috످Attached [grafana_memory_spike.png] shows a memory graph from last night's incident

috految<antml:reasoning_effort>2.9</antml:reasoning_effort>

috److I only see the filename (`grafana_memory_spike.png`) in your message, with no image attached. Could you try uploading it again?

You can also paste the data as text (in Grafana: panel menu ⋮ → Inspect → Data) or describe the spike: which service was affected, how high and fast memory climbed, and whether it recovered.

If you're looking for the root cause, include any logs, OOM kills, deploys, or traffic changes from around that time.

috످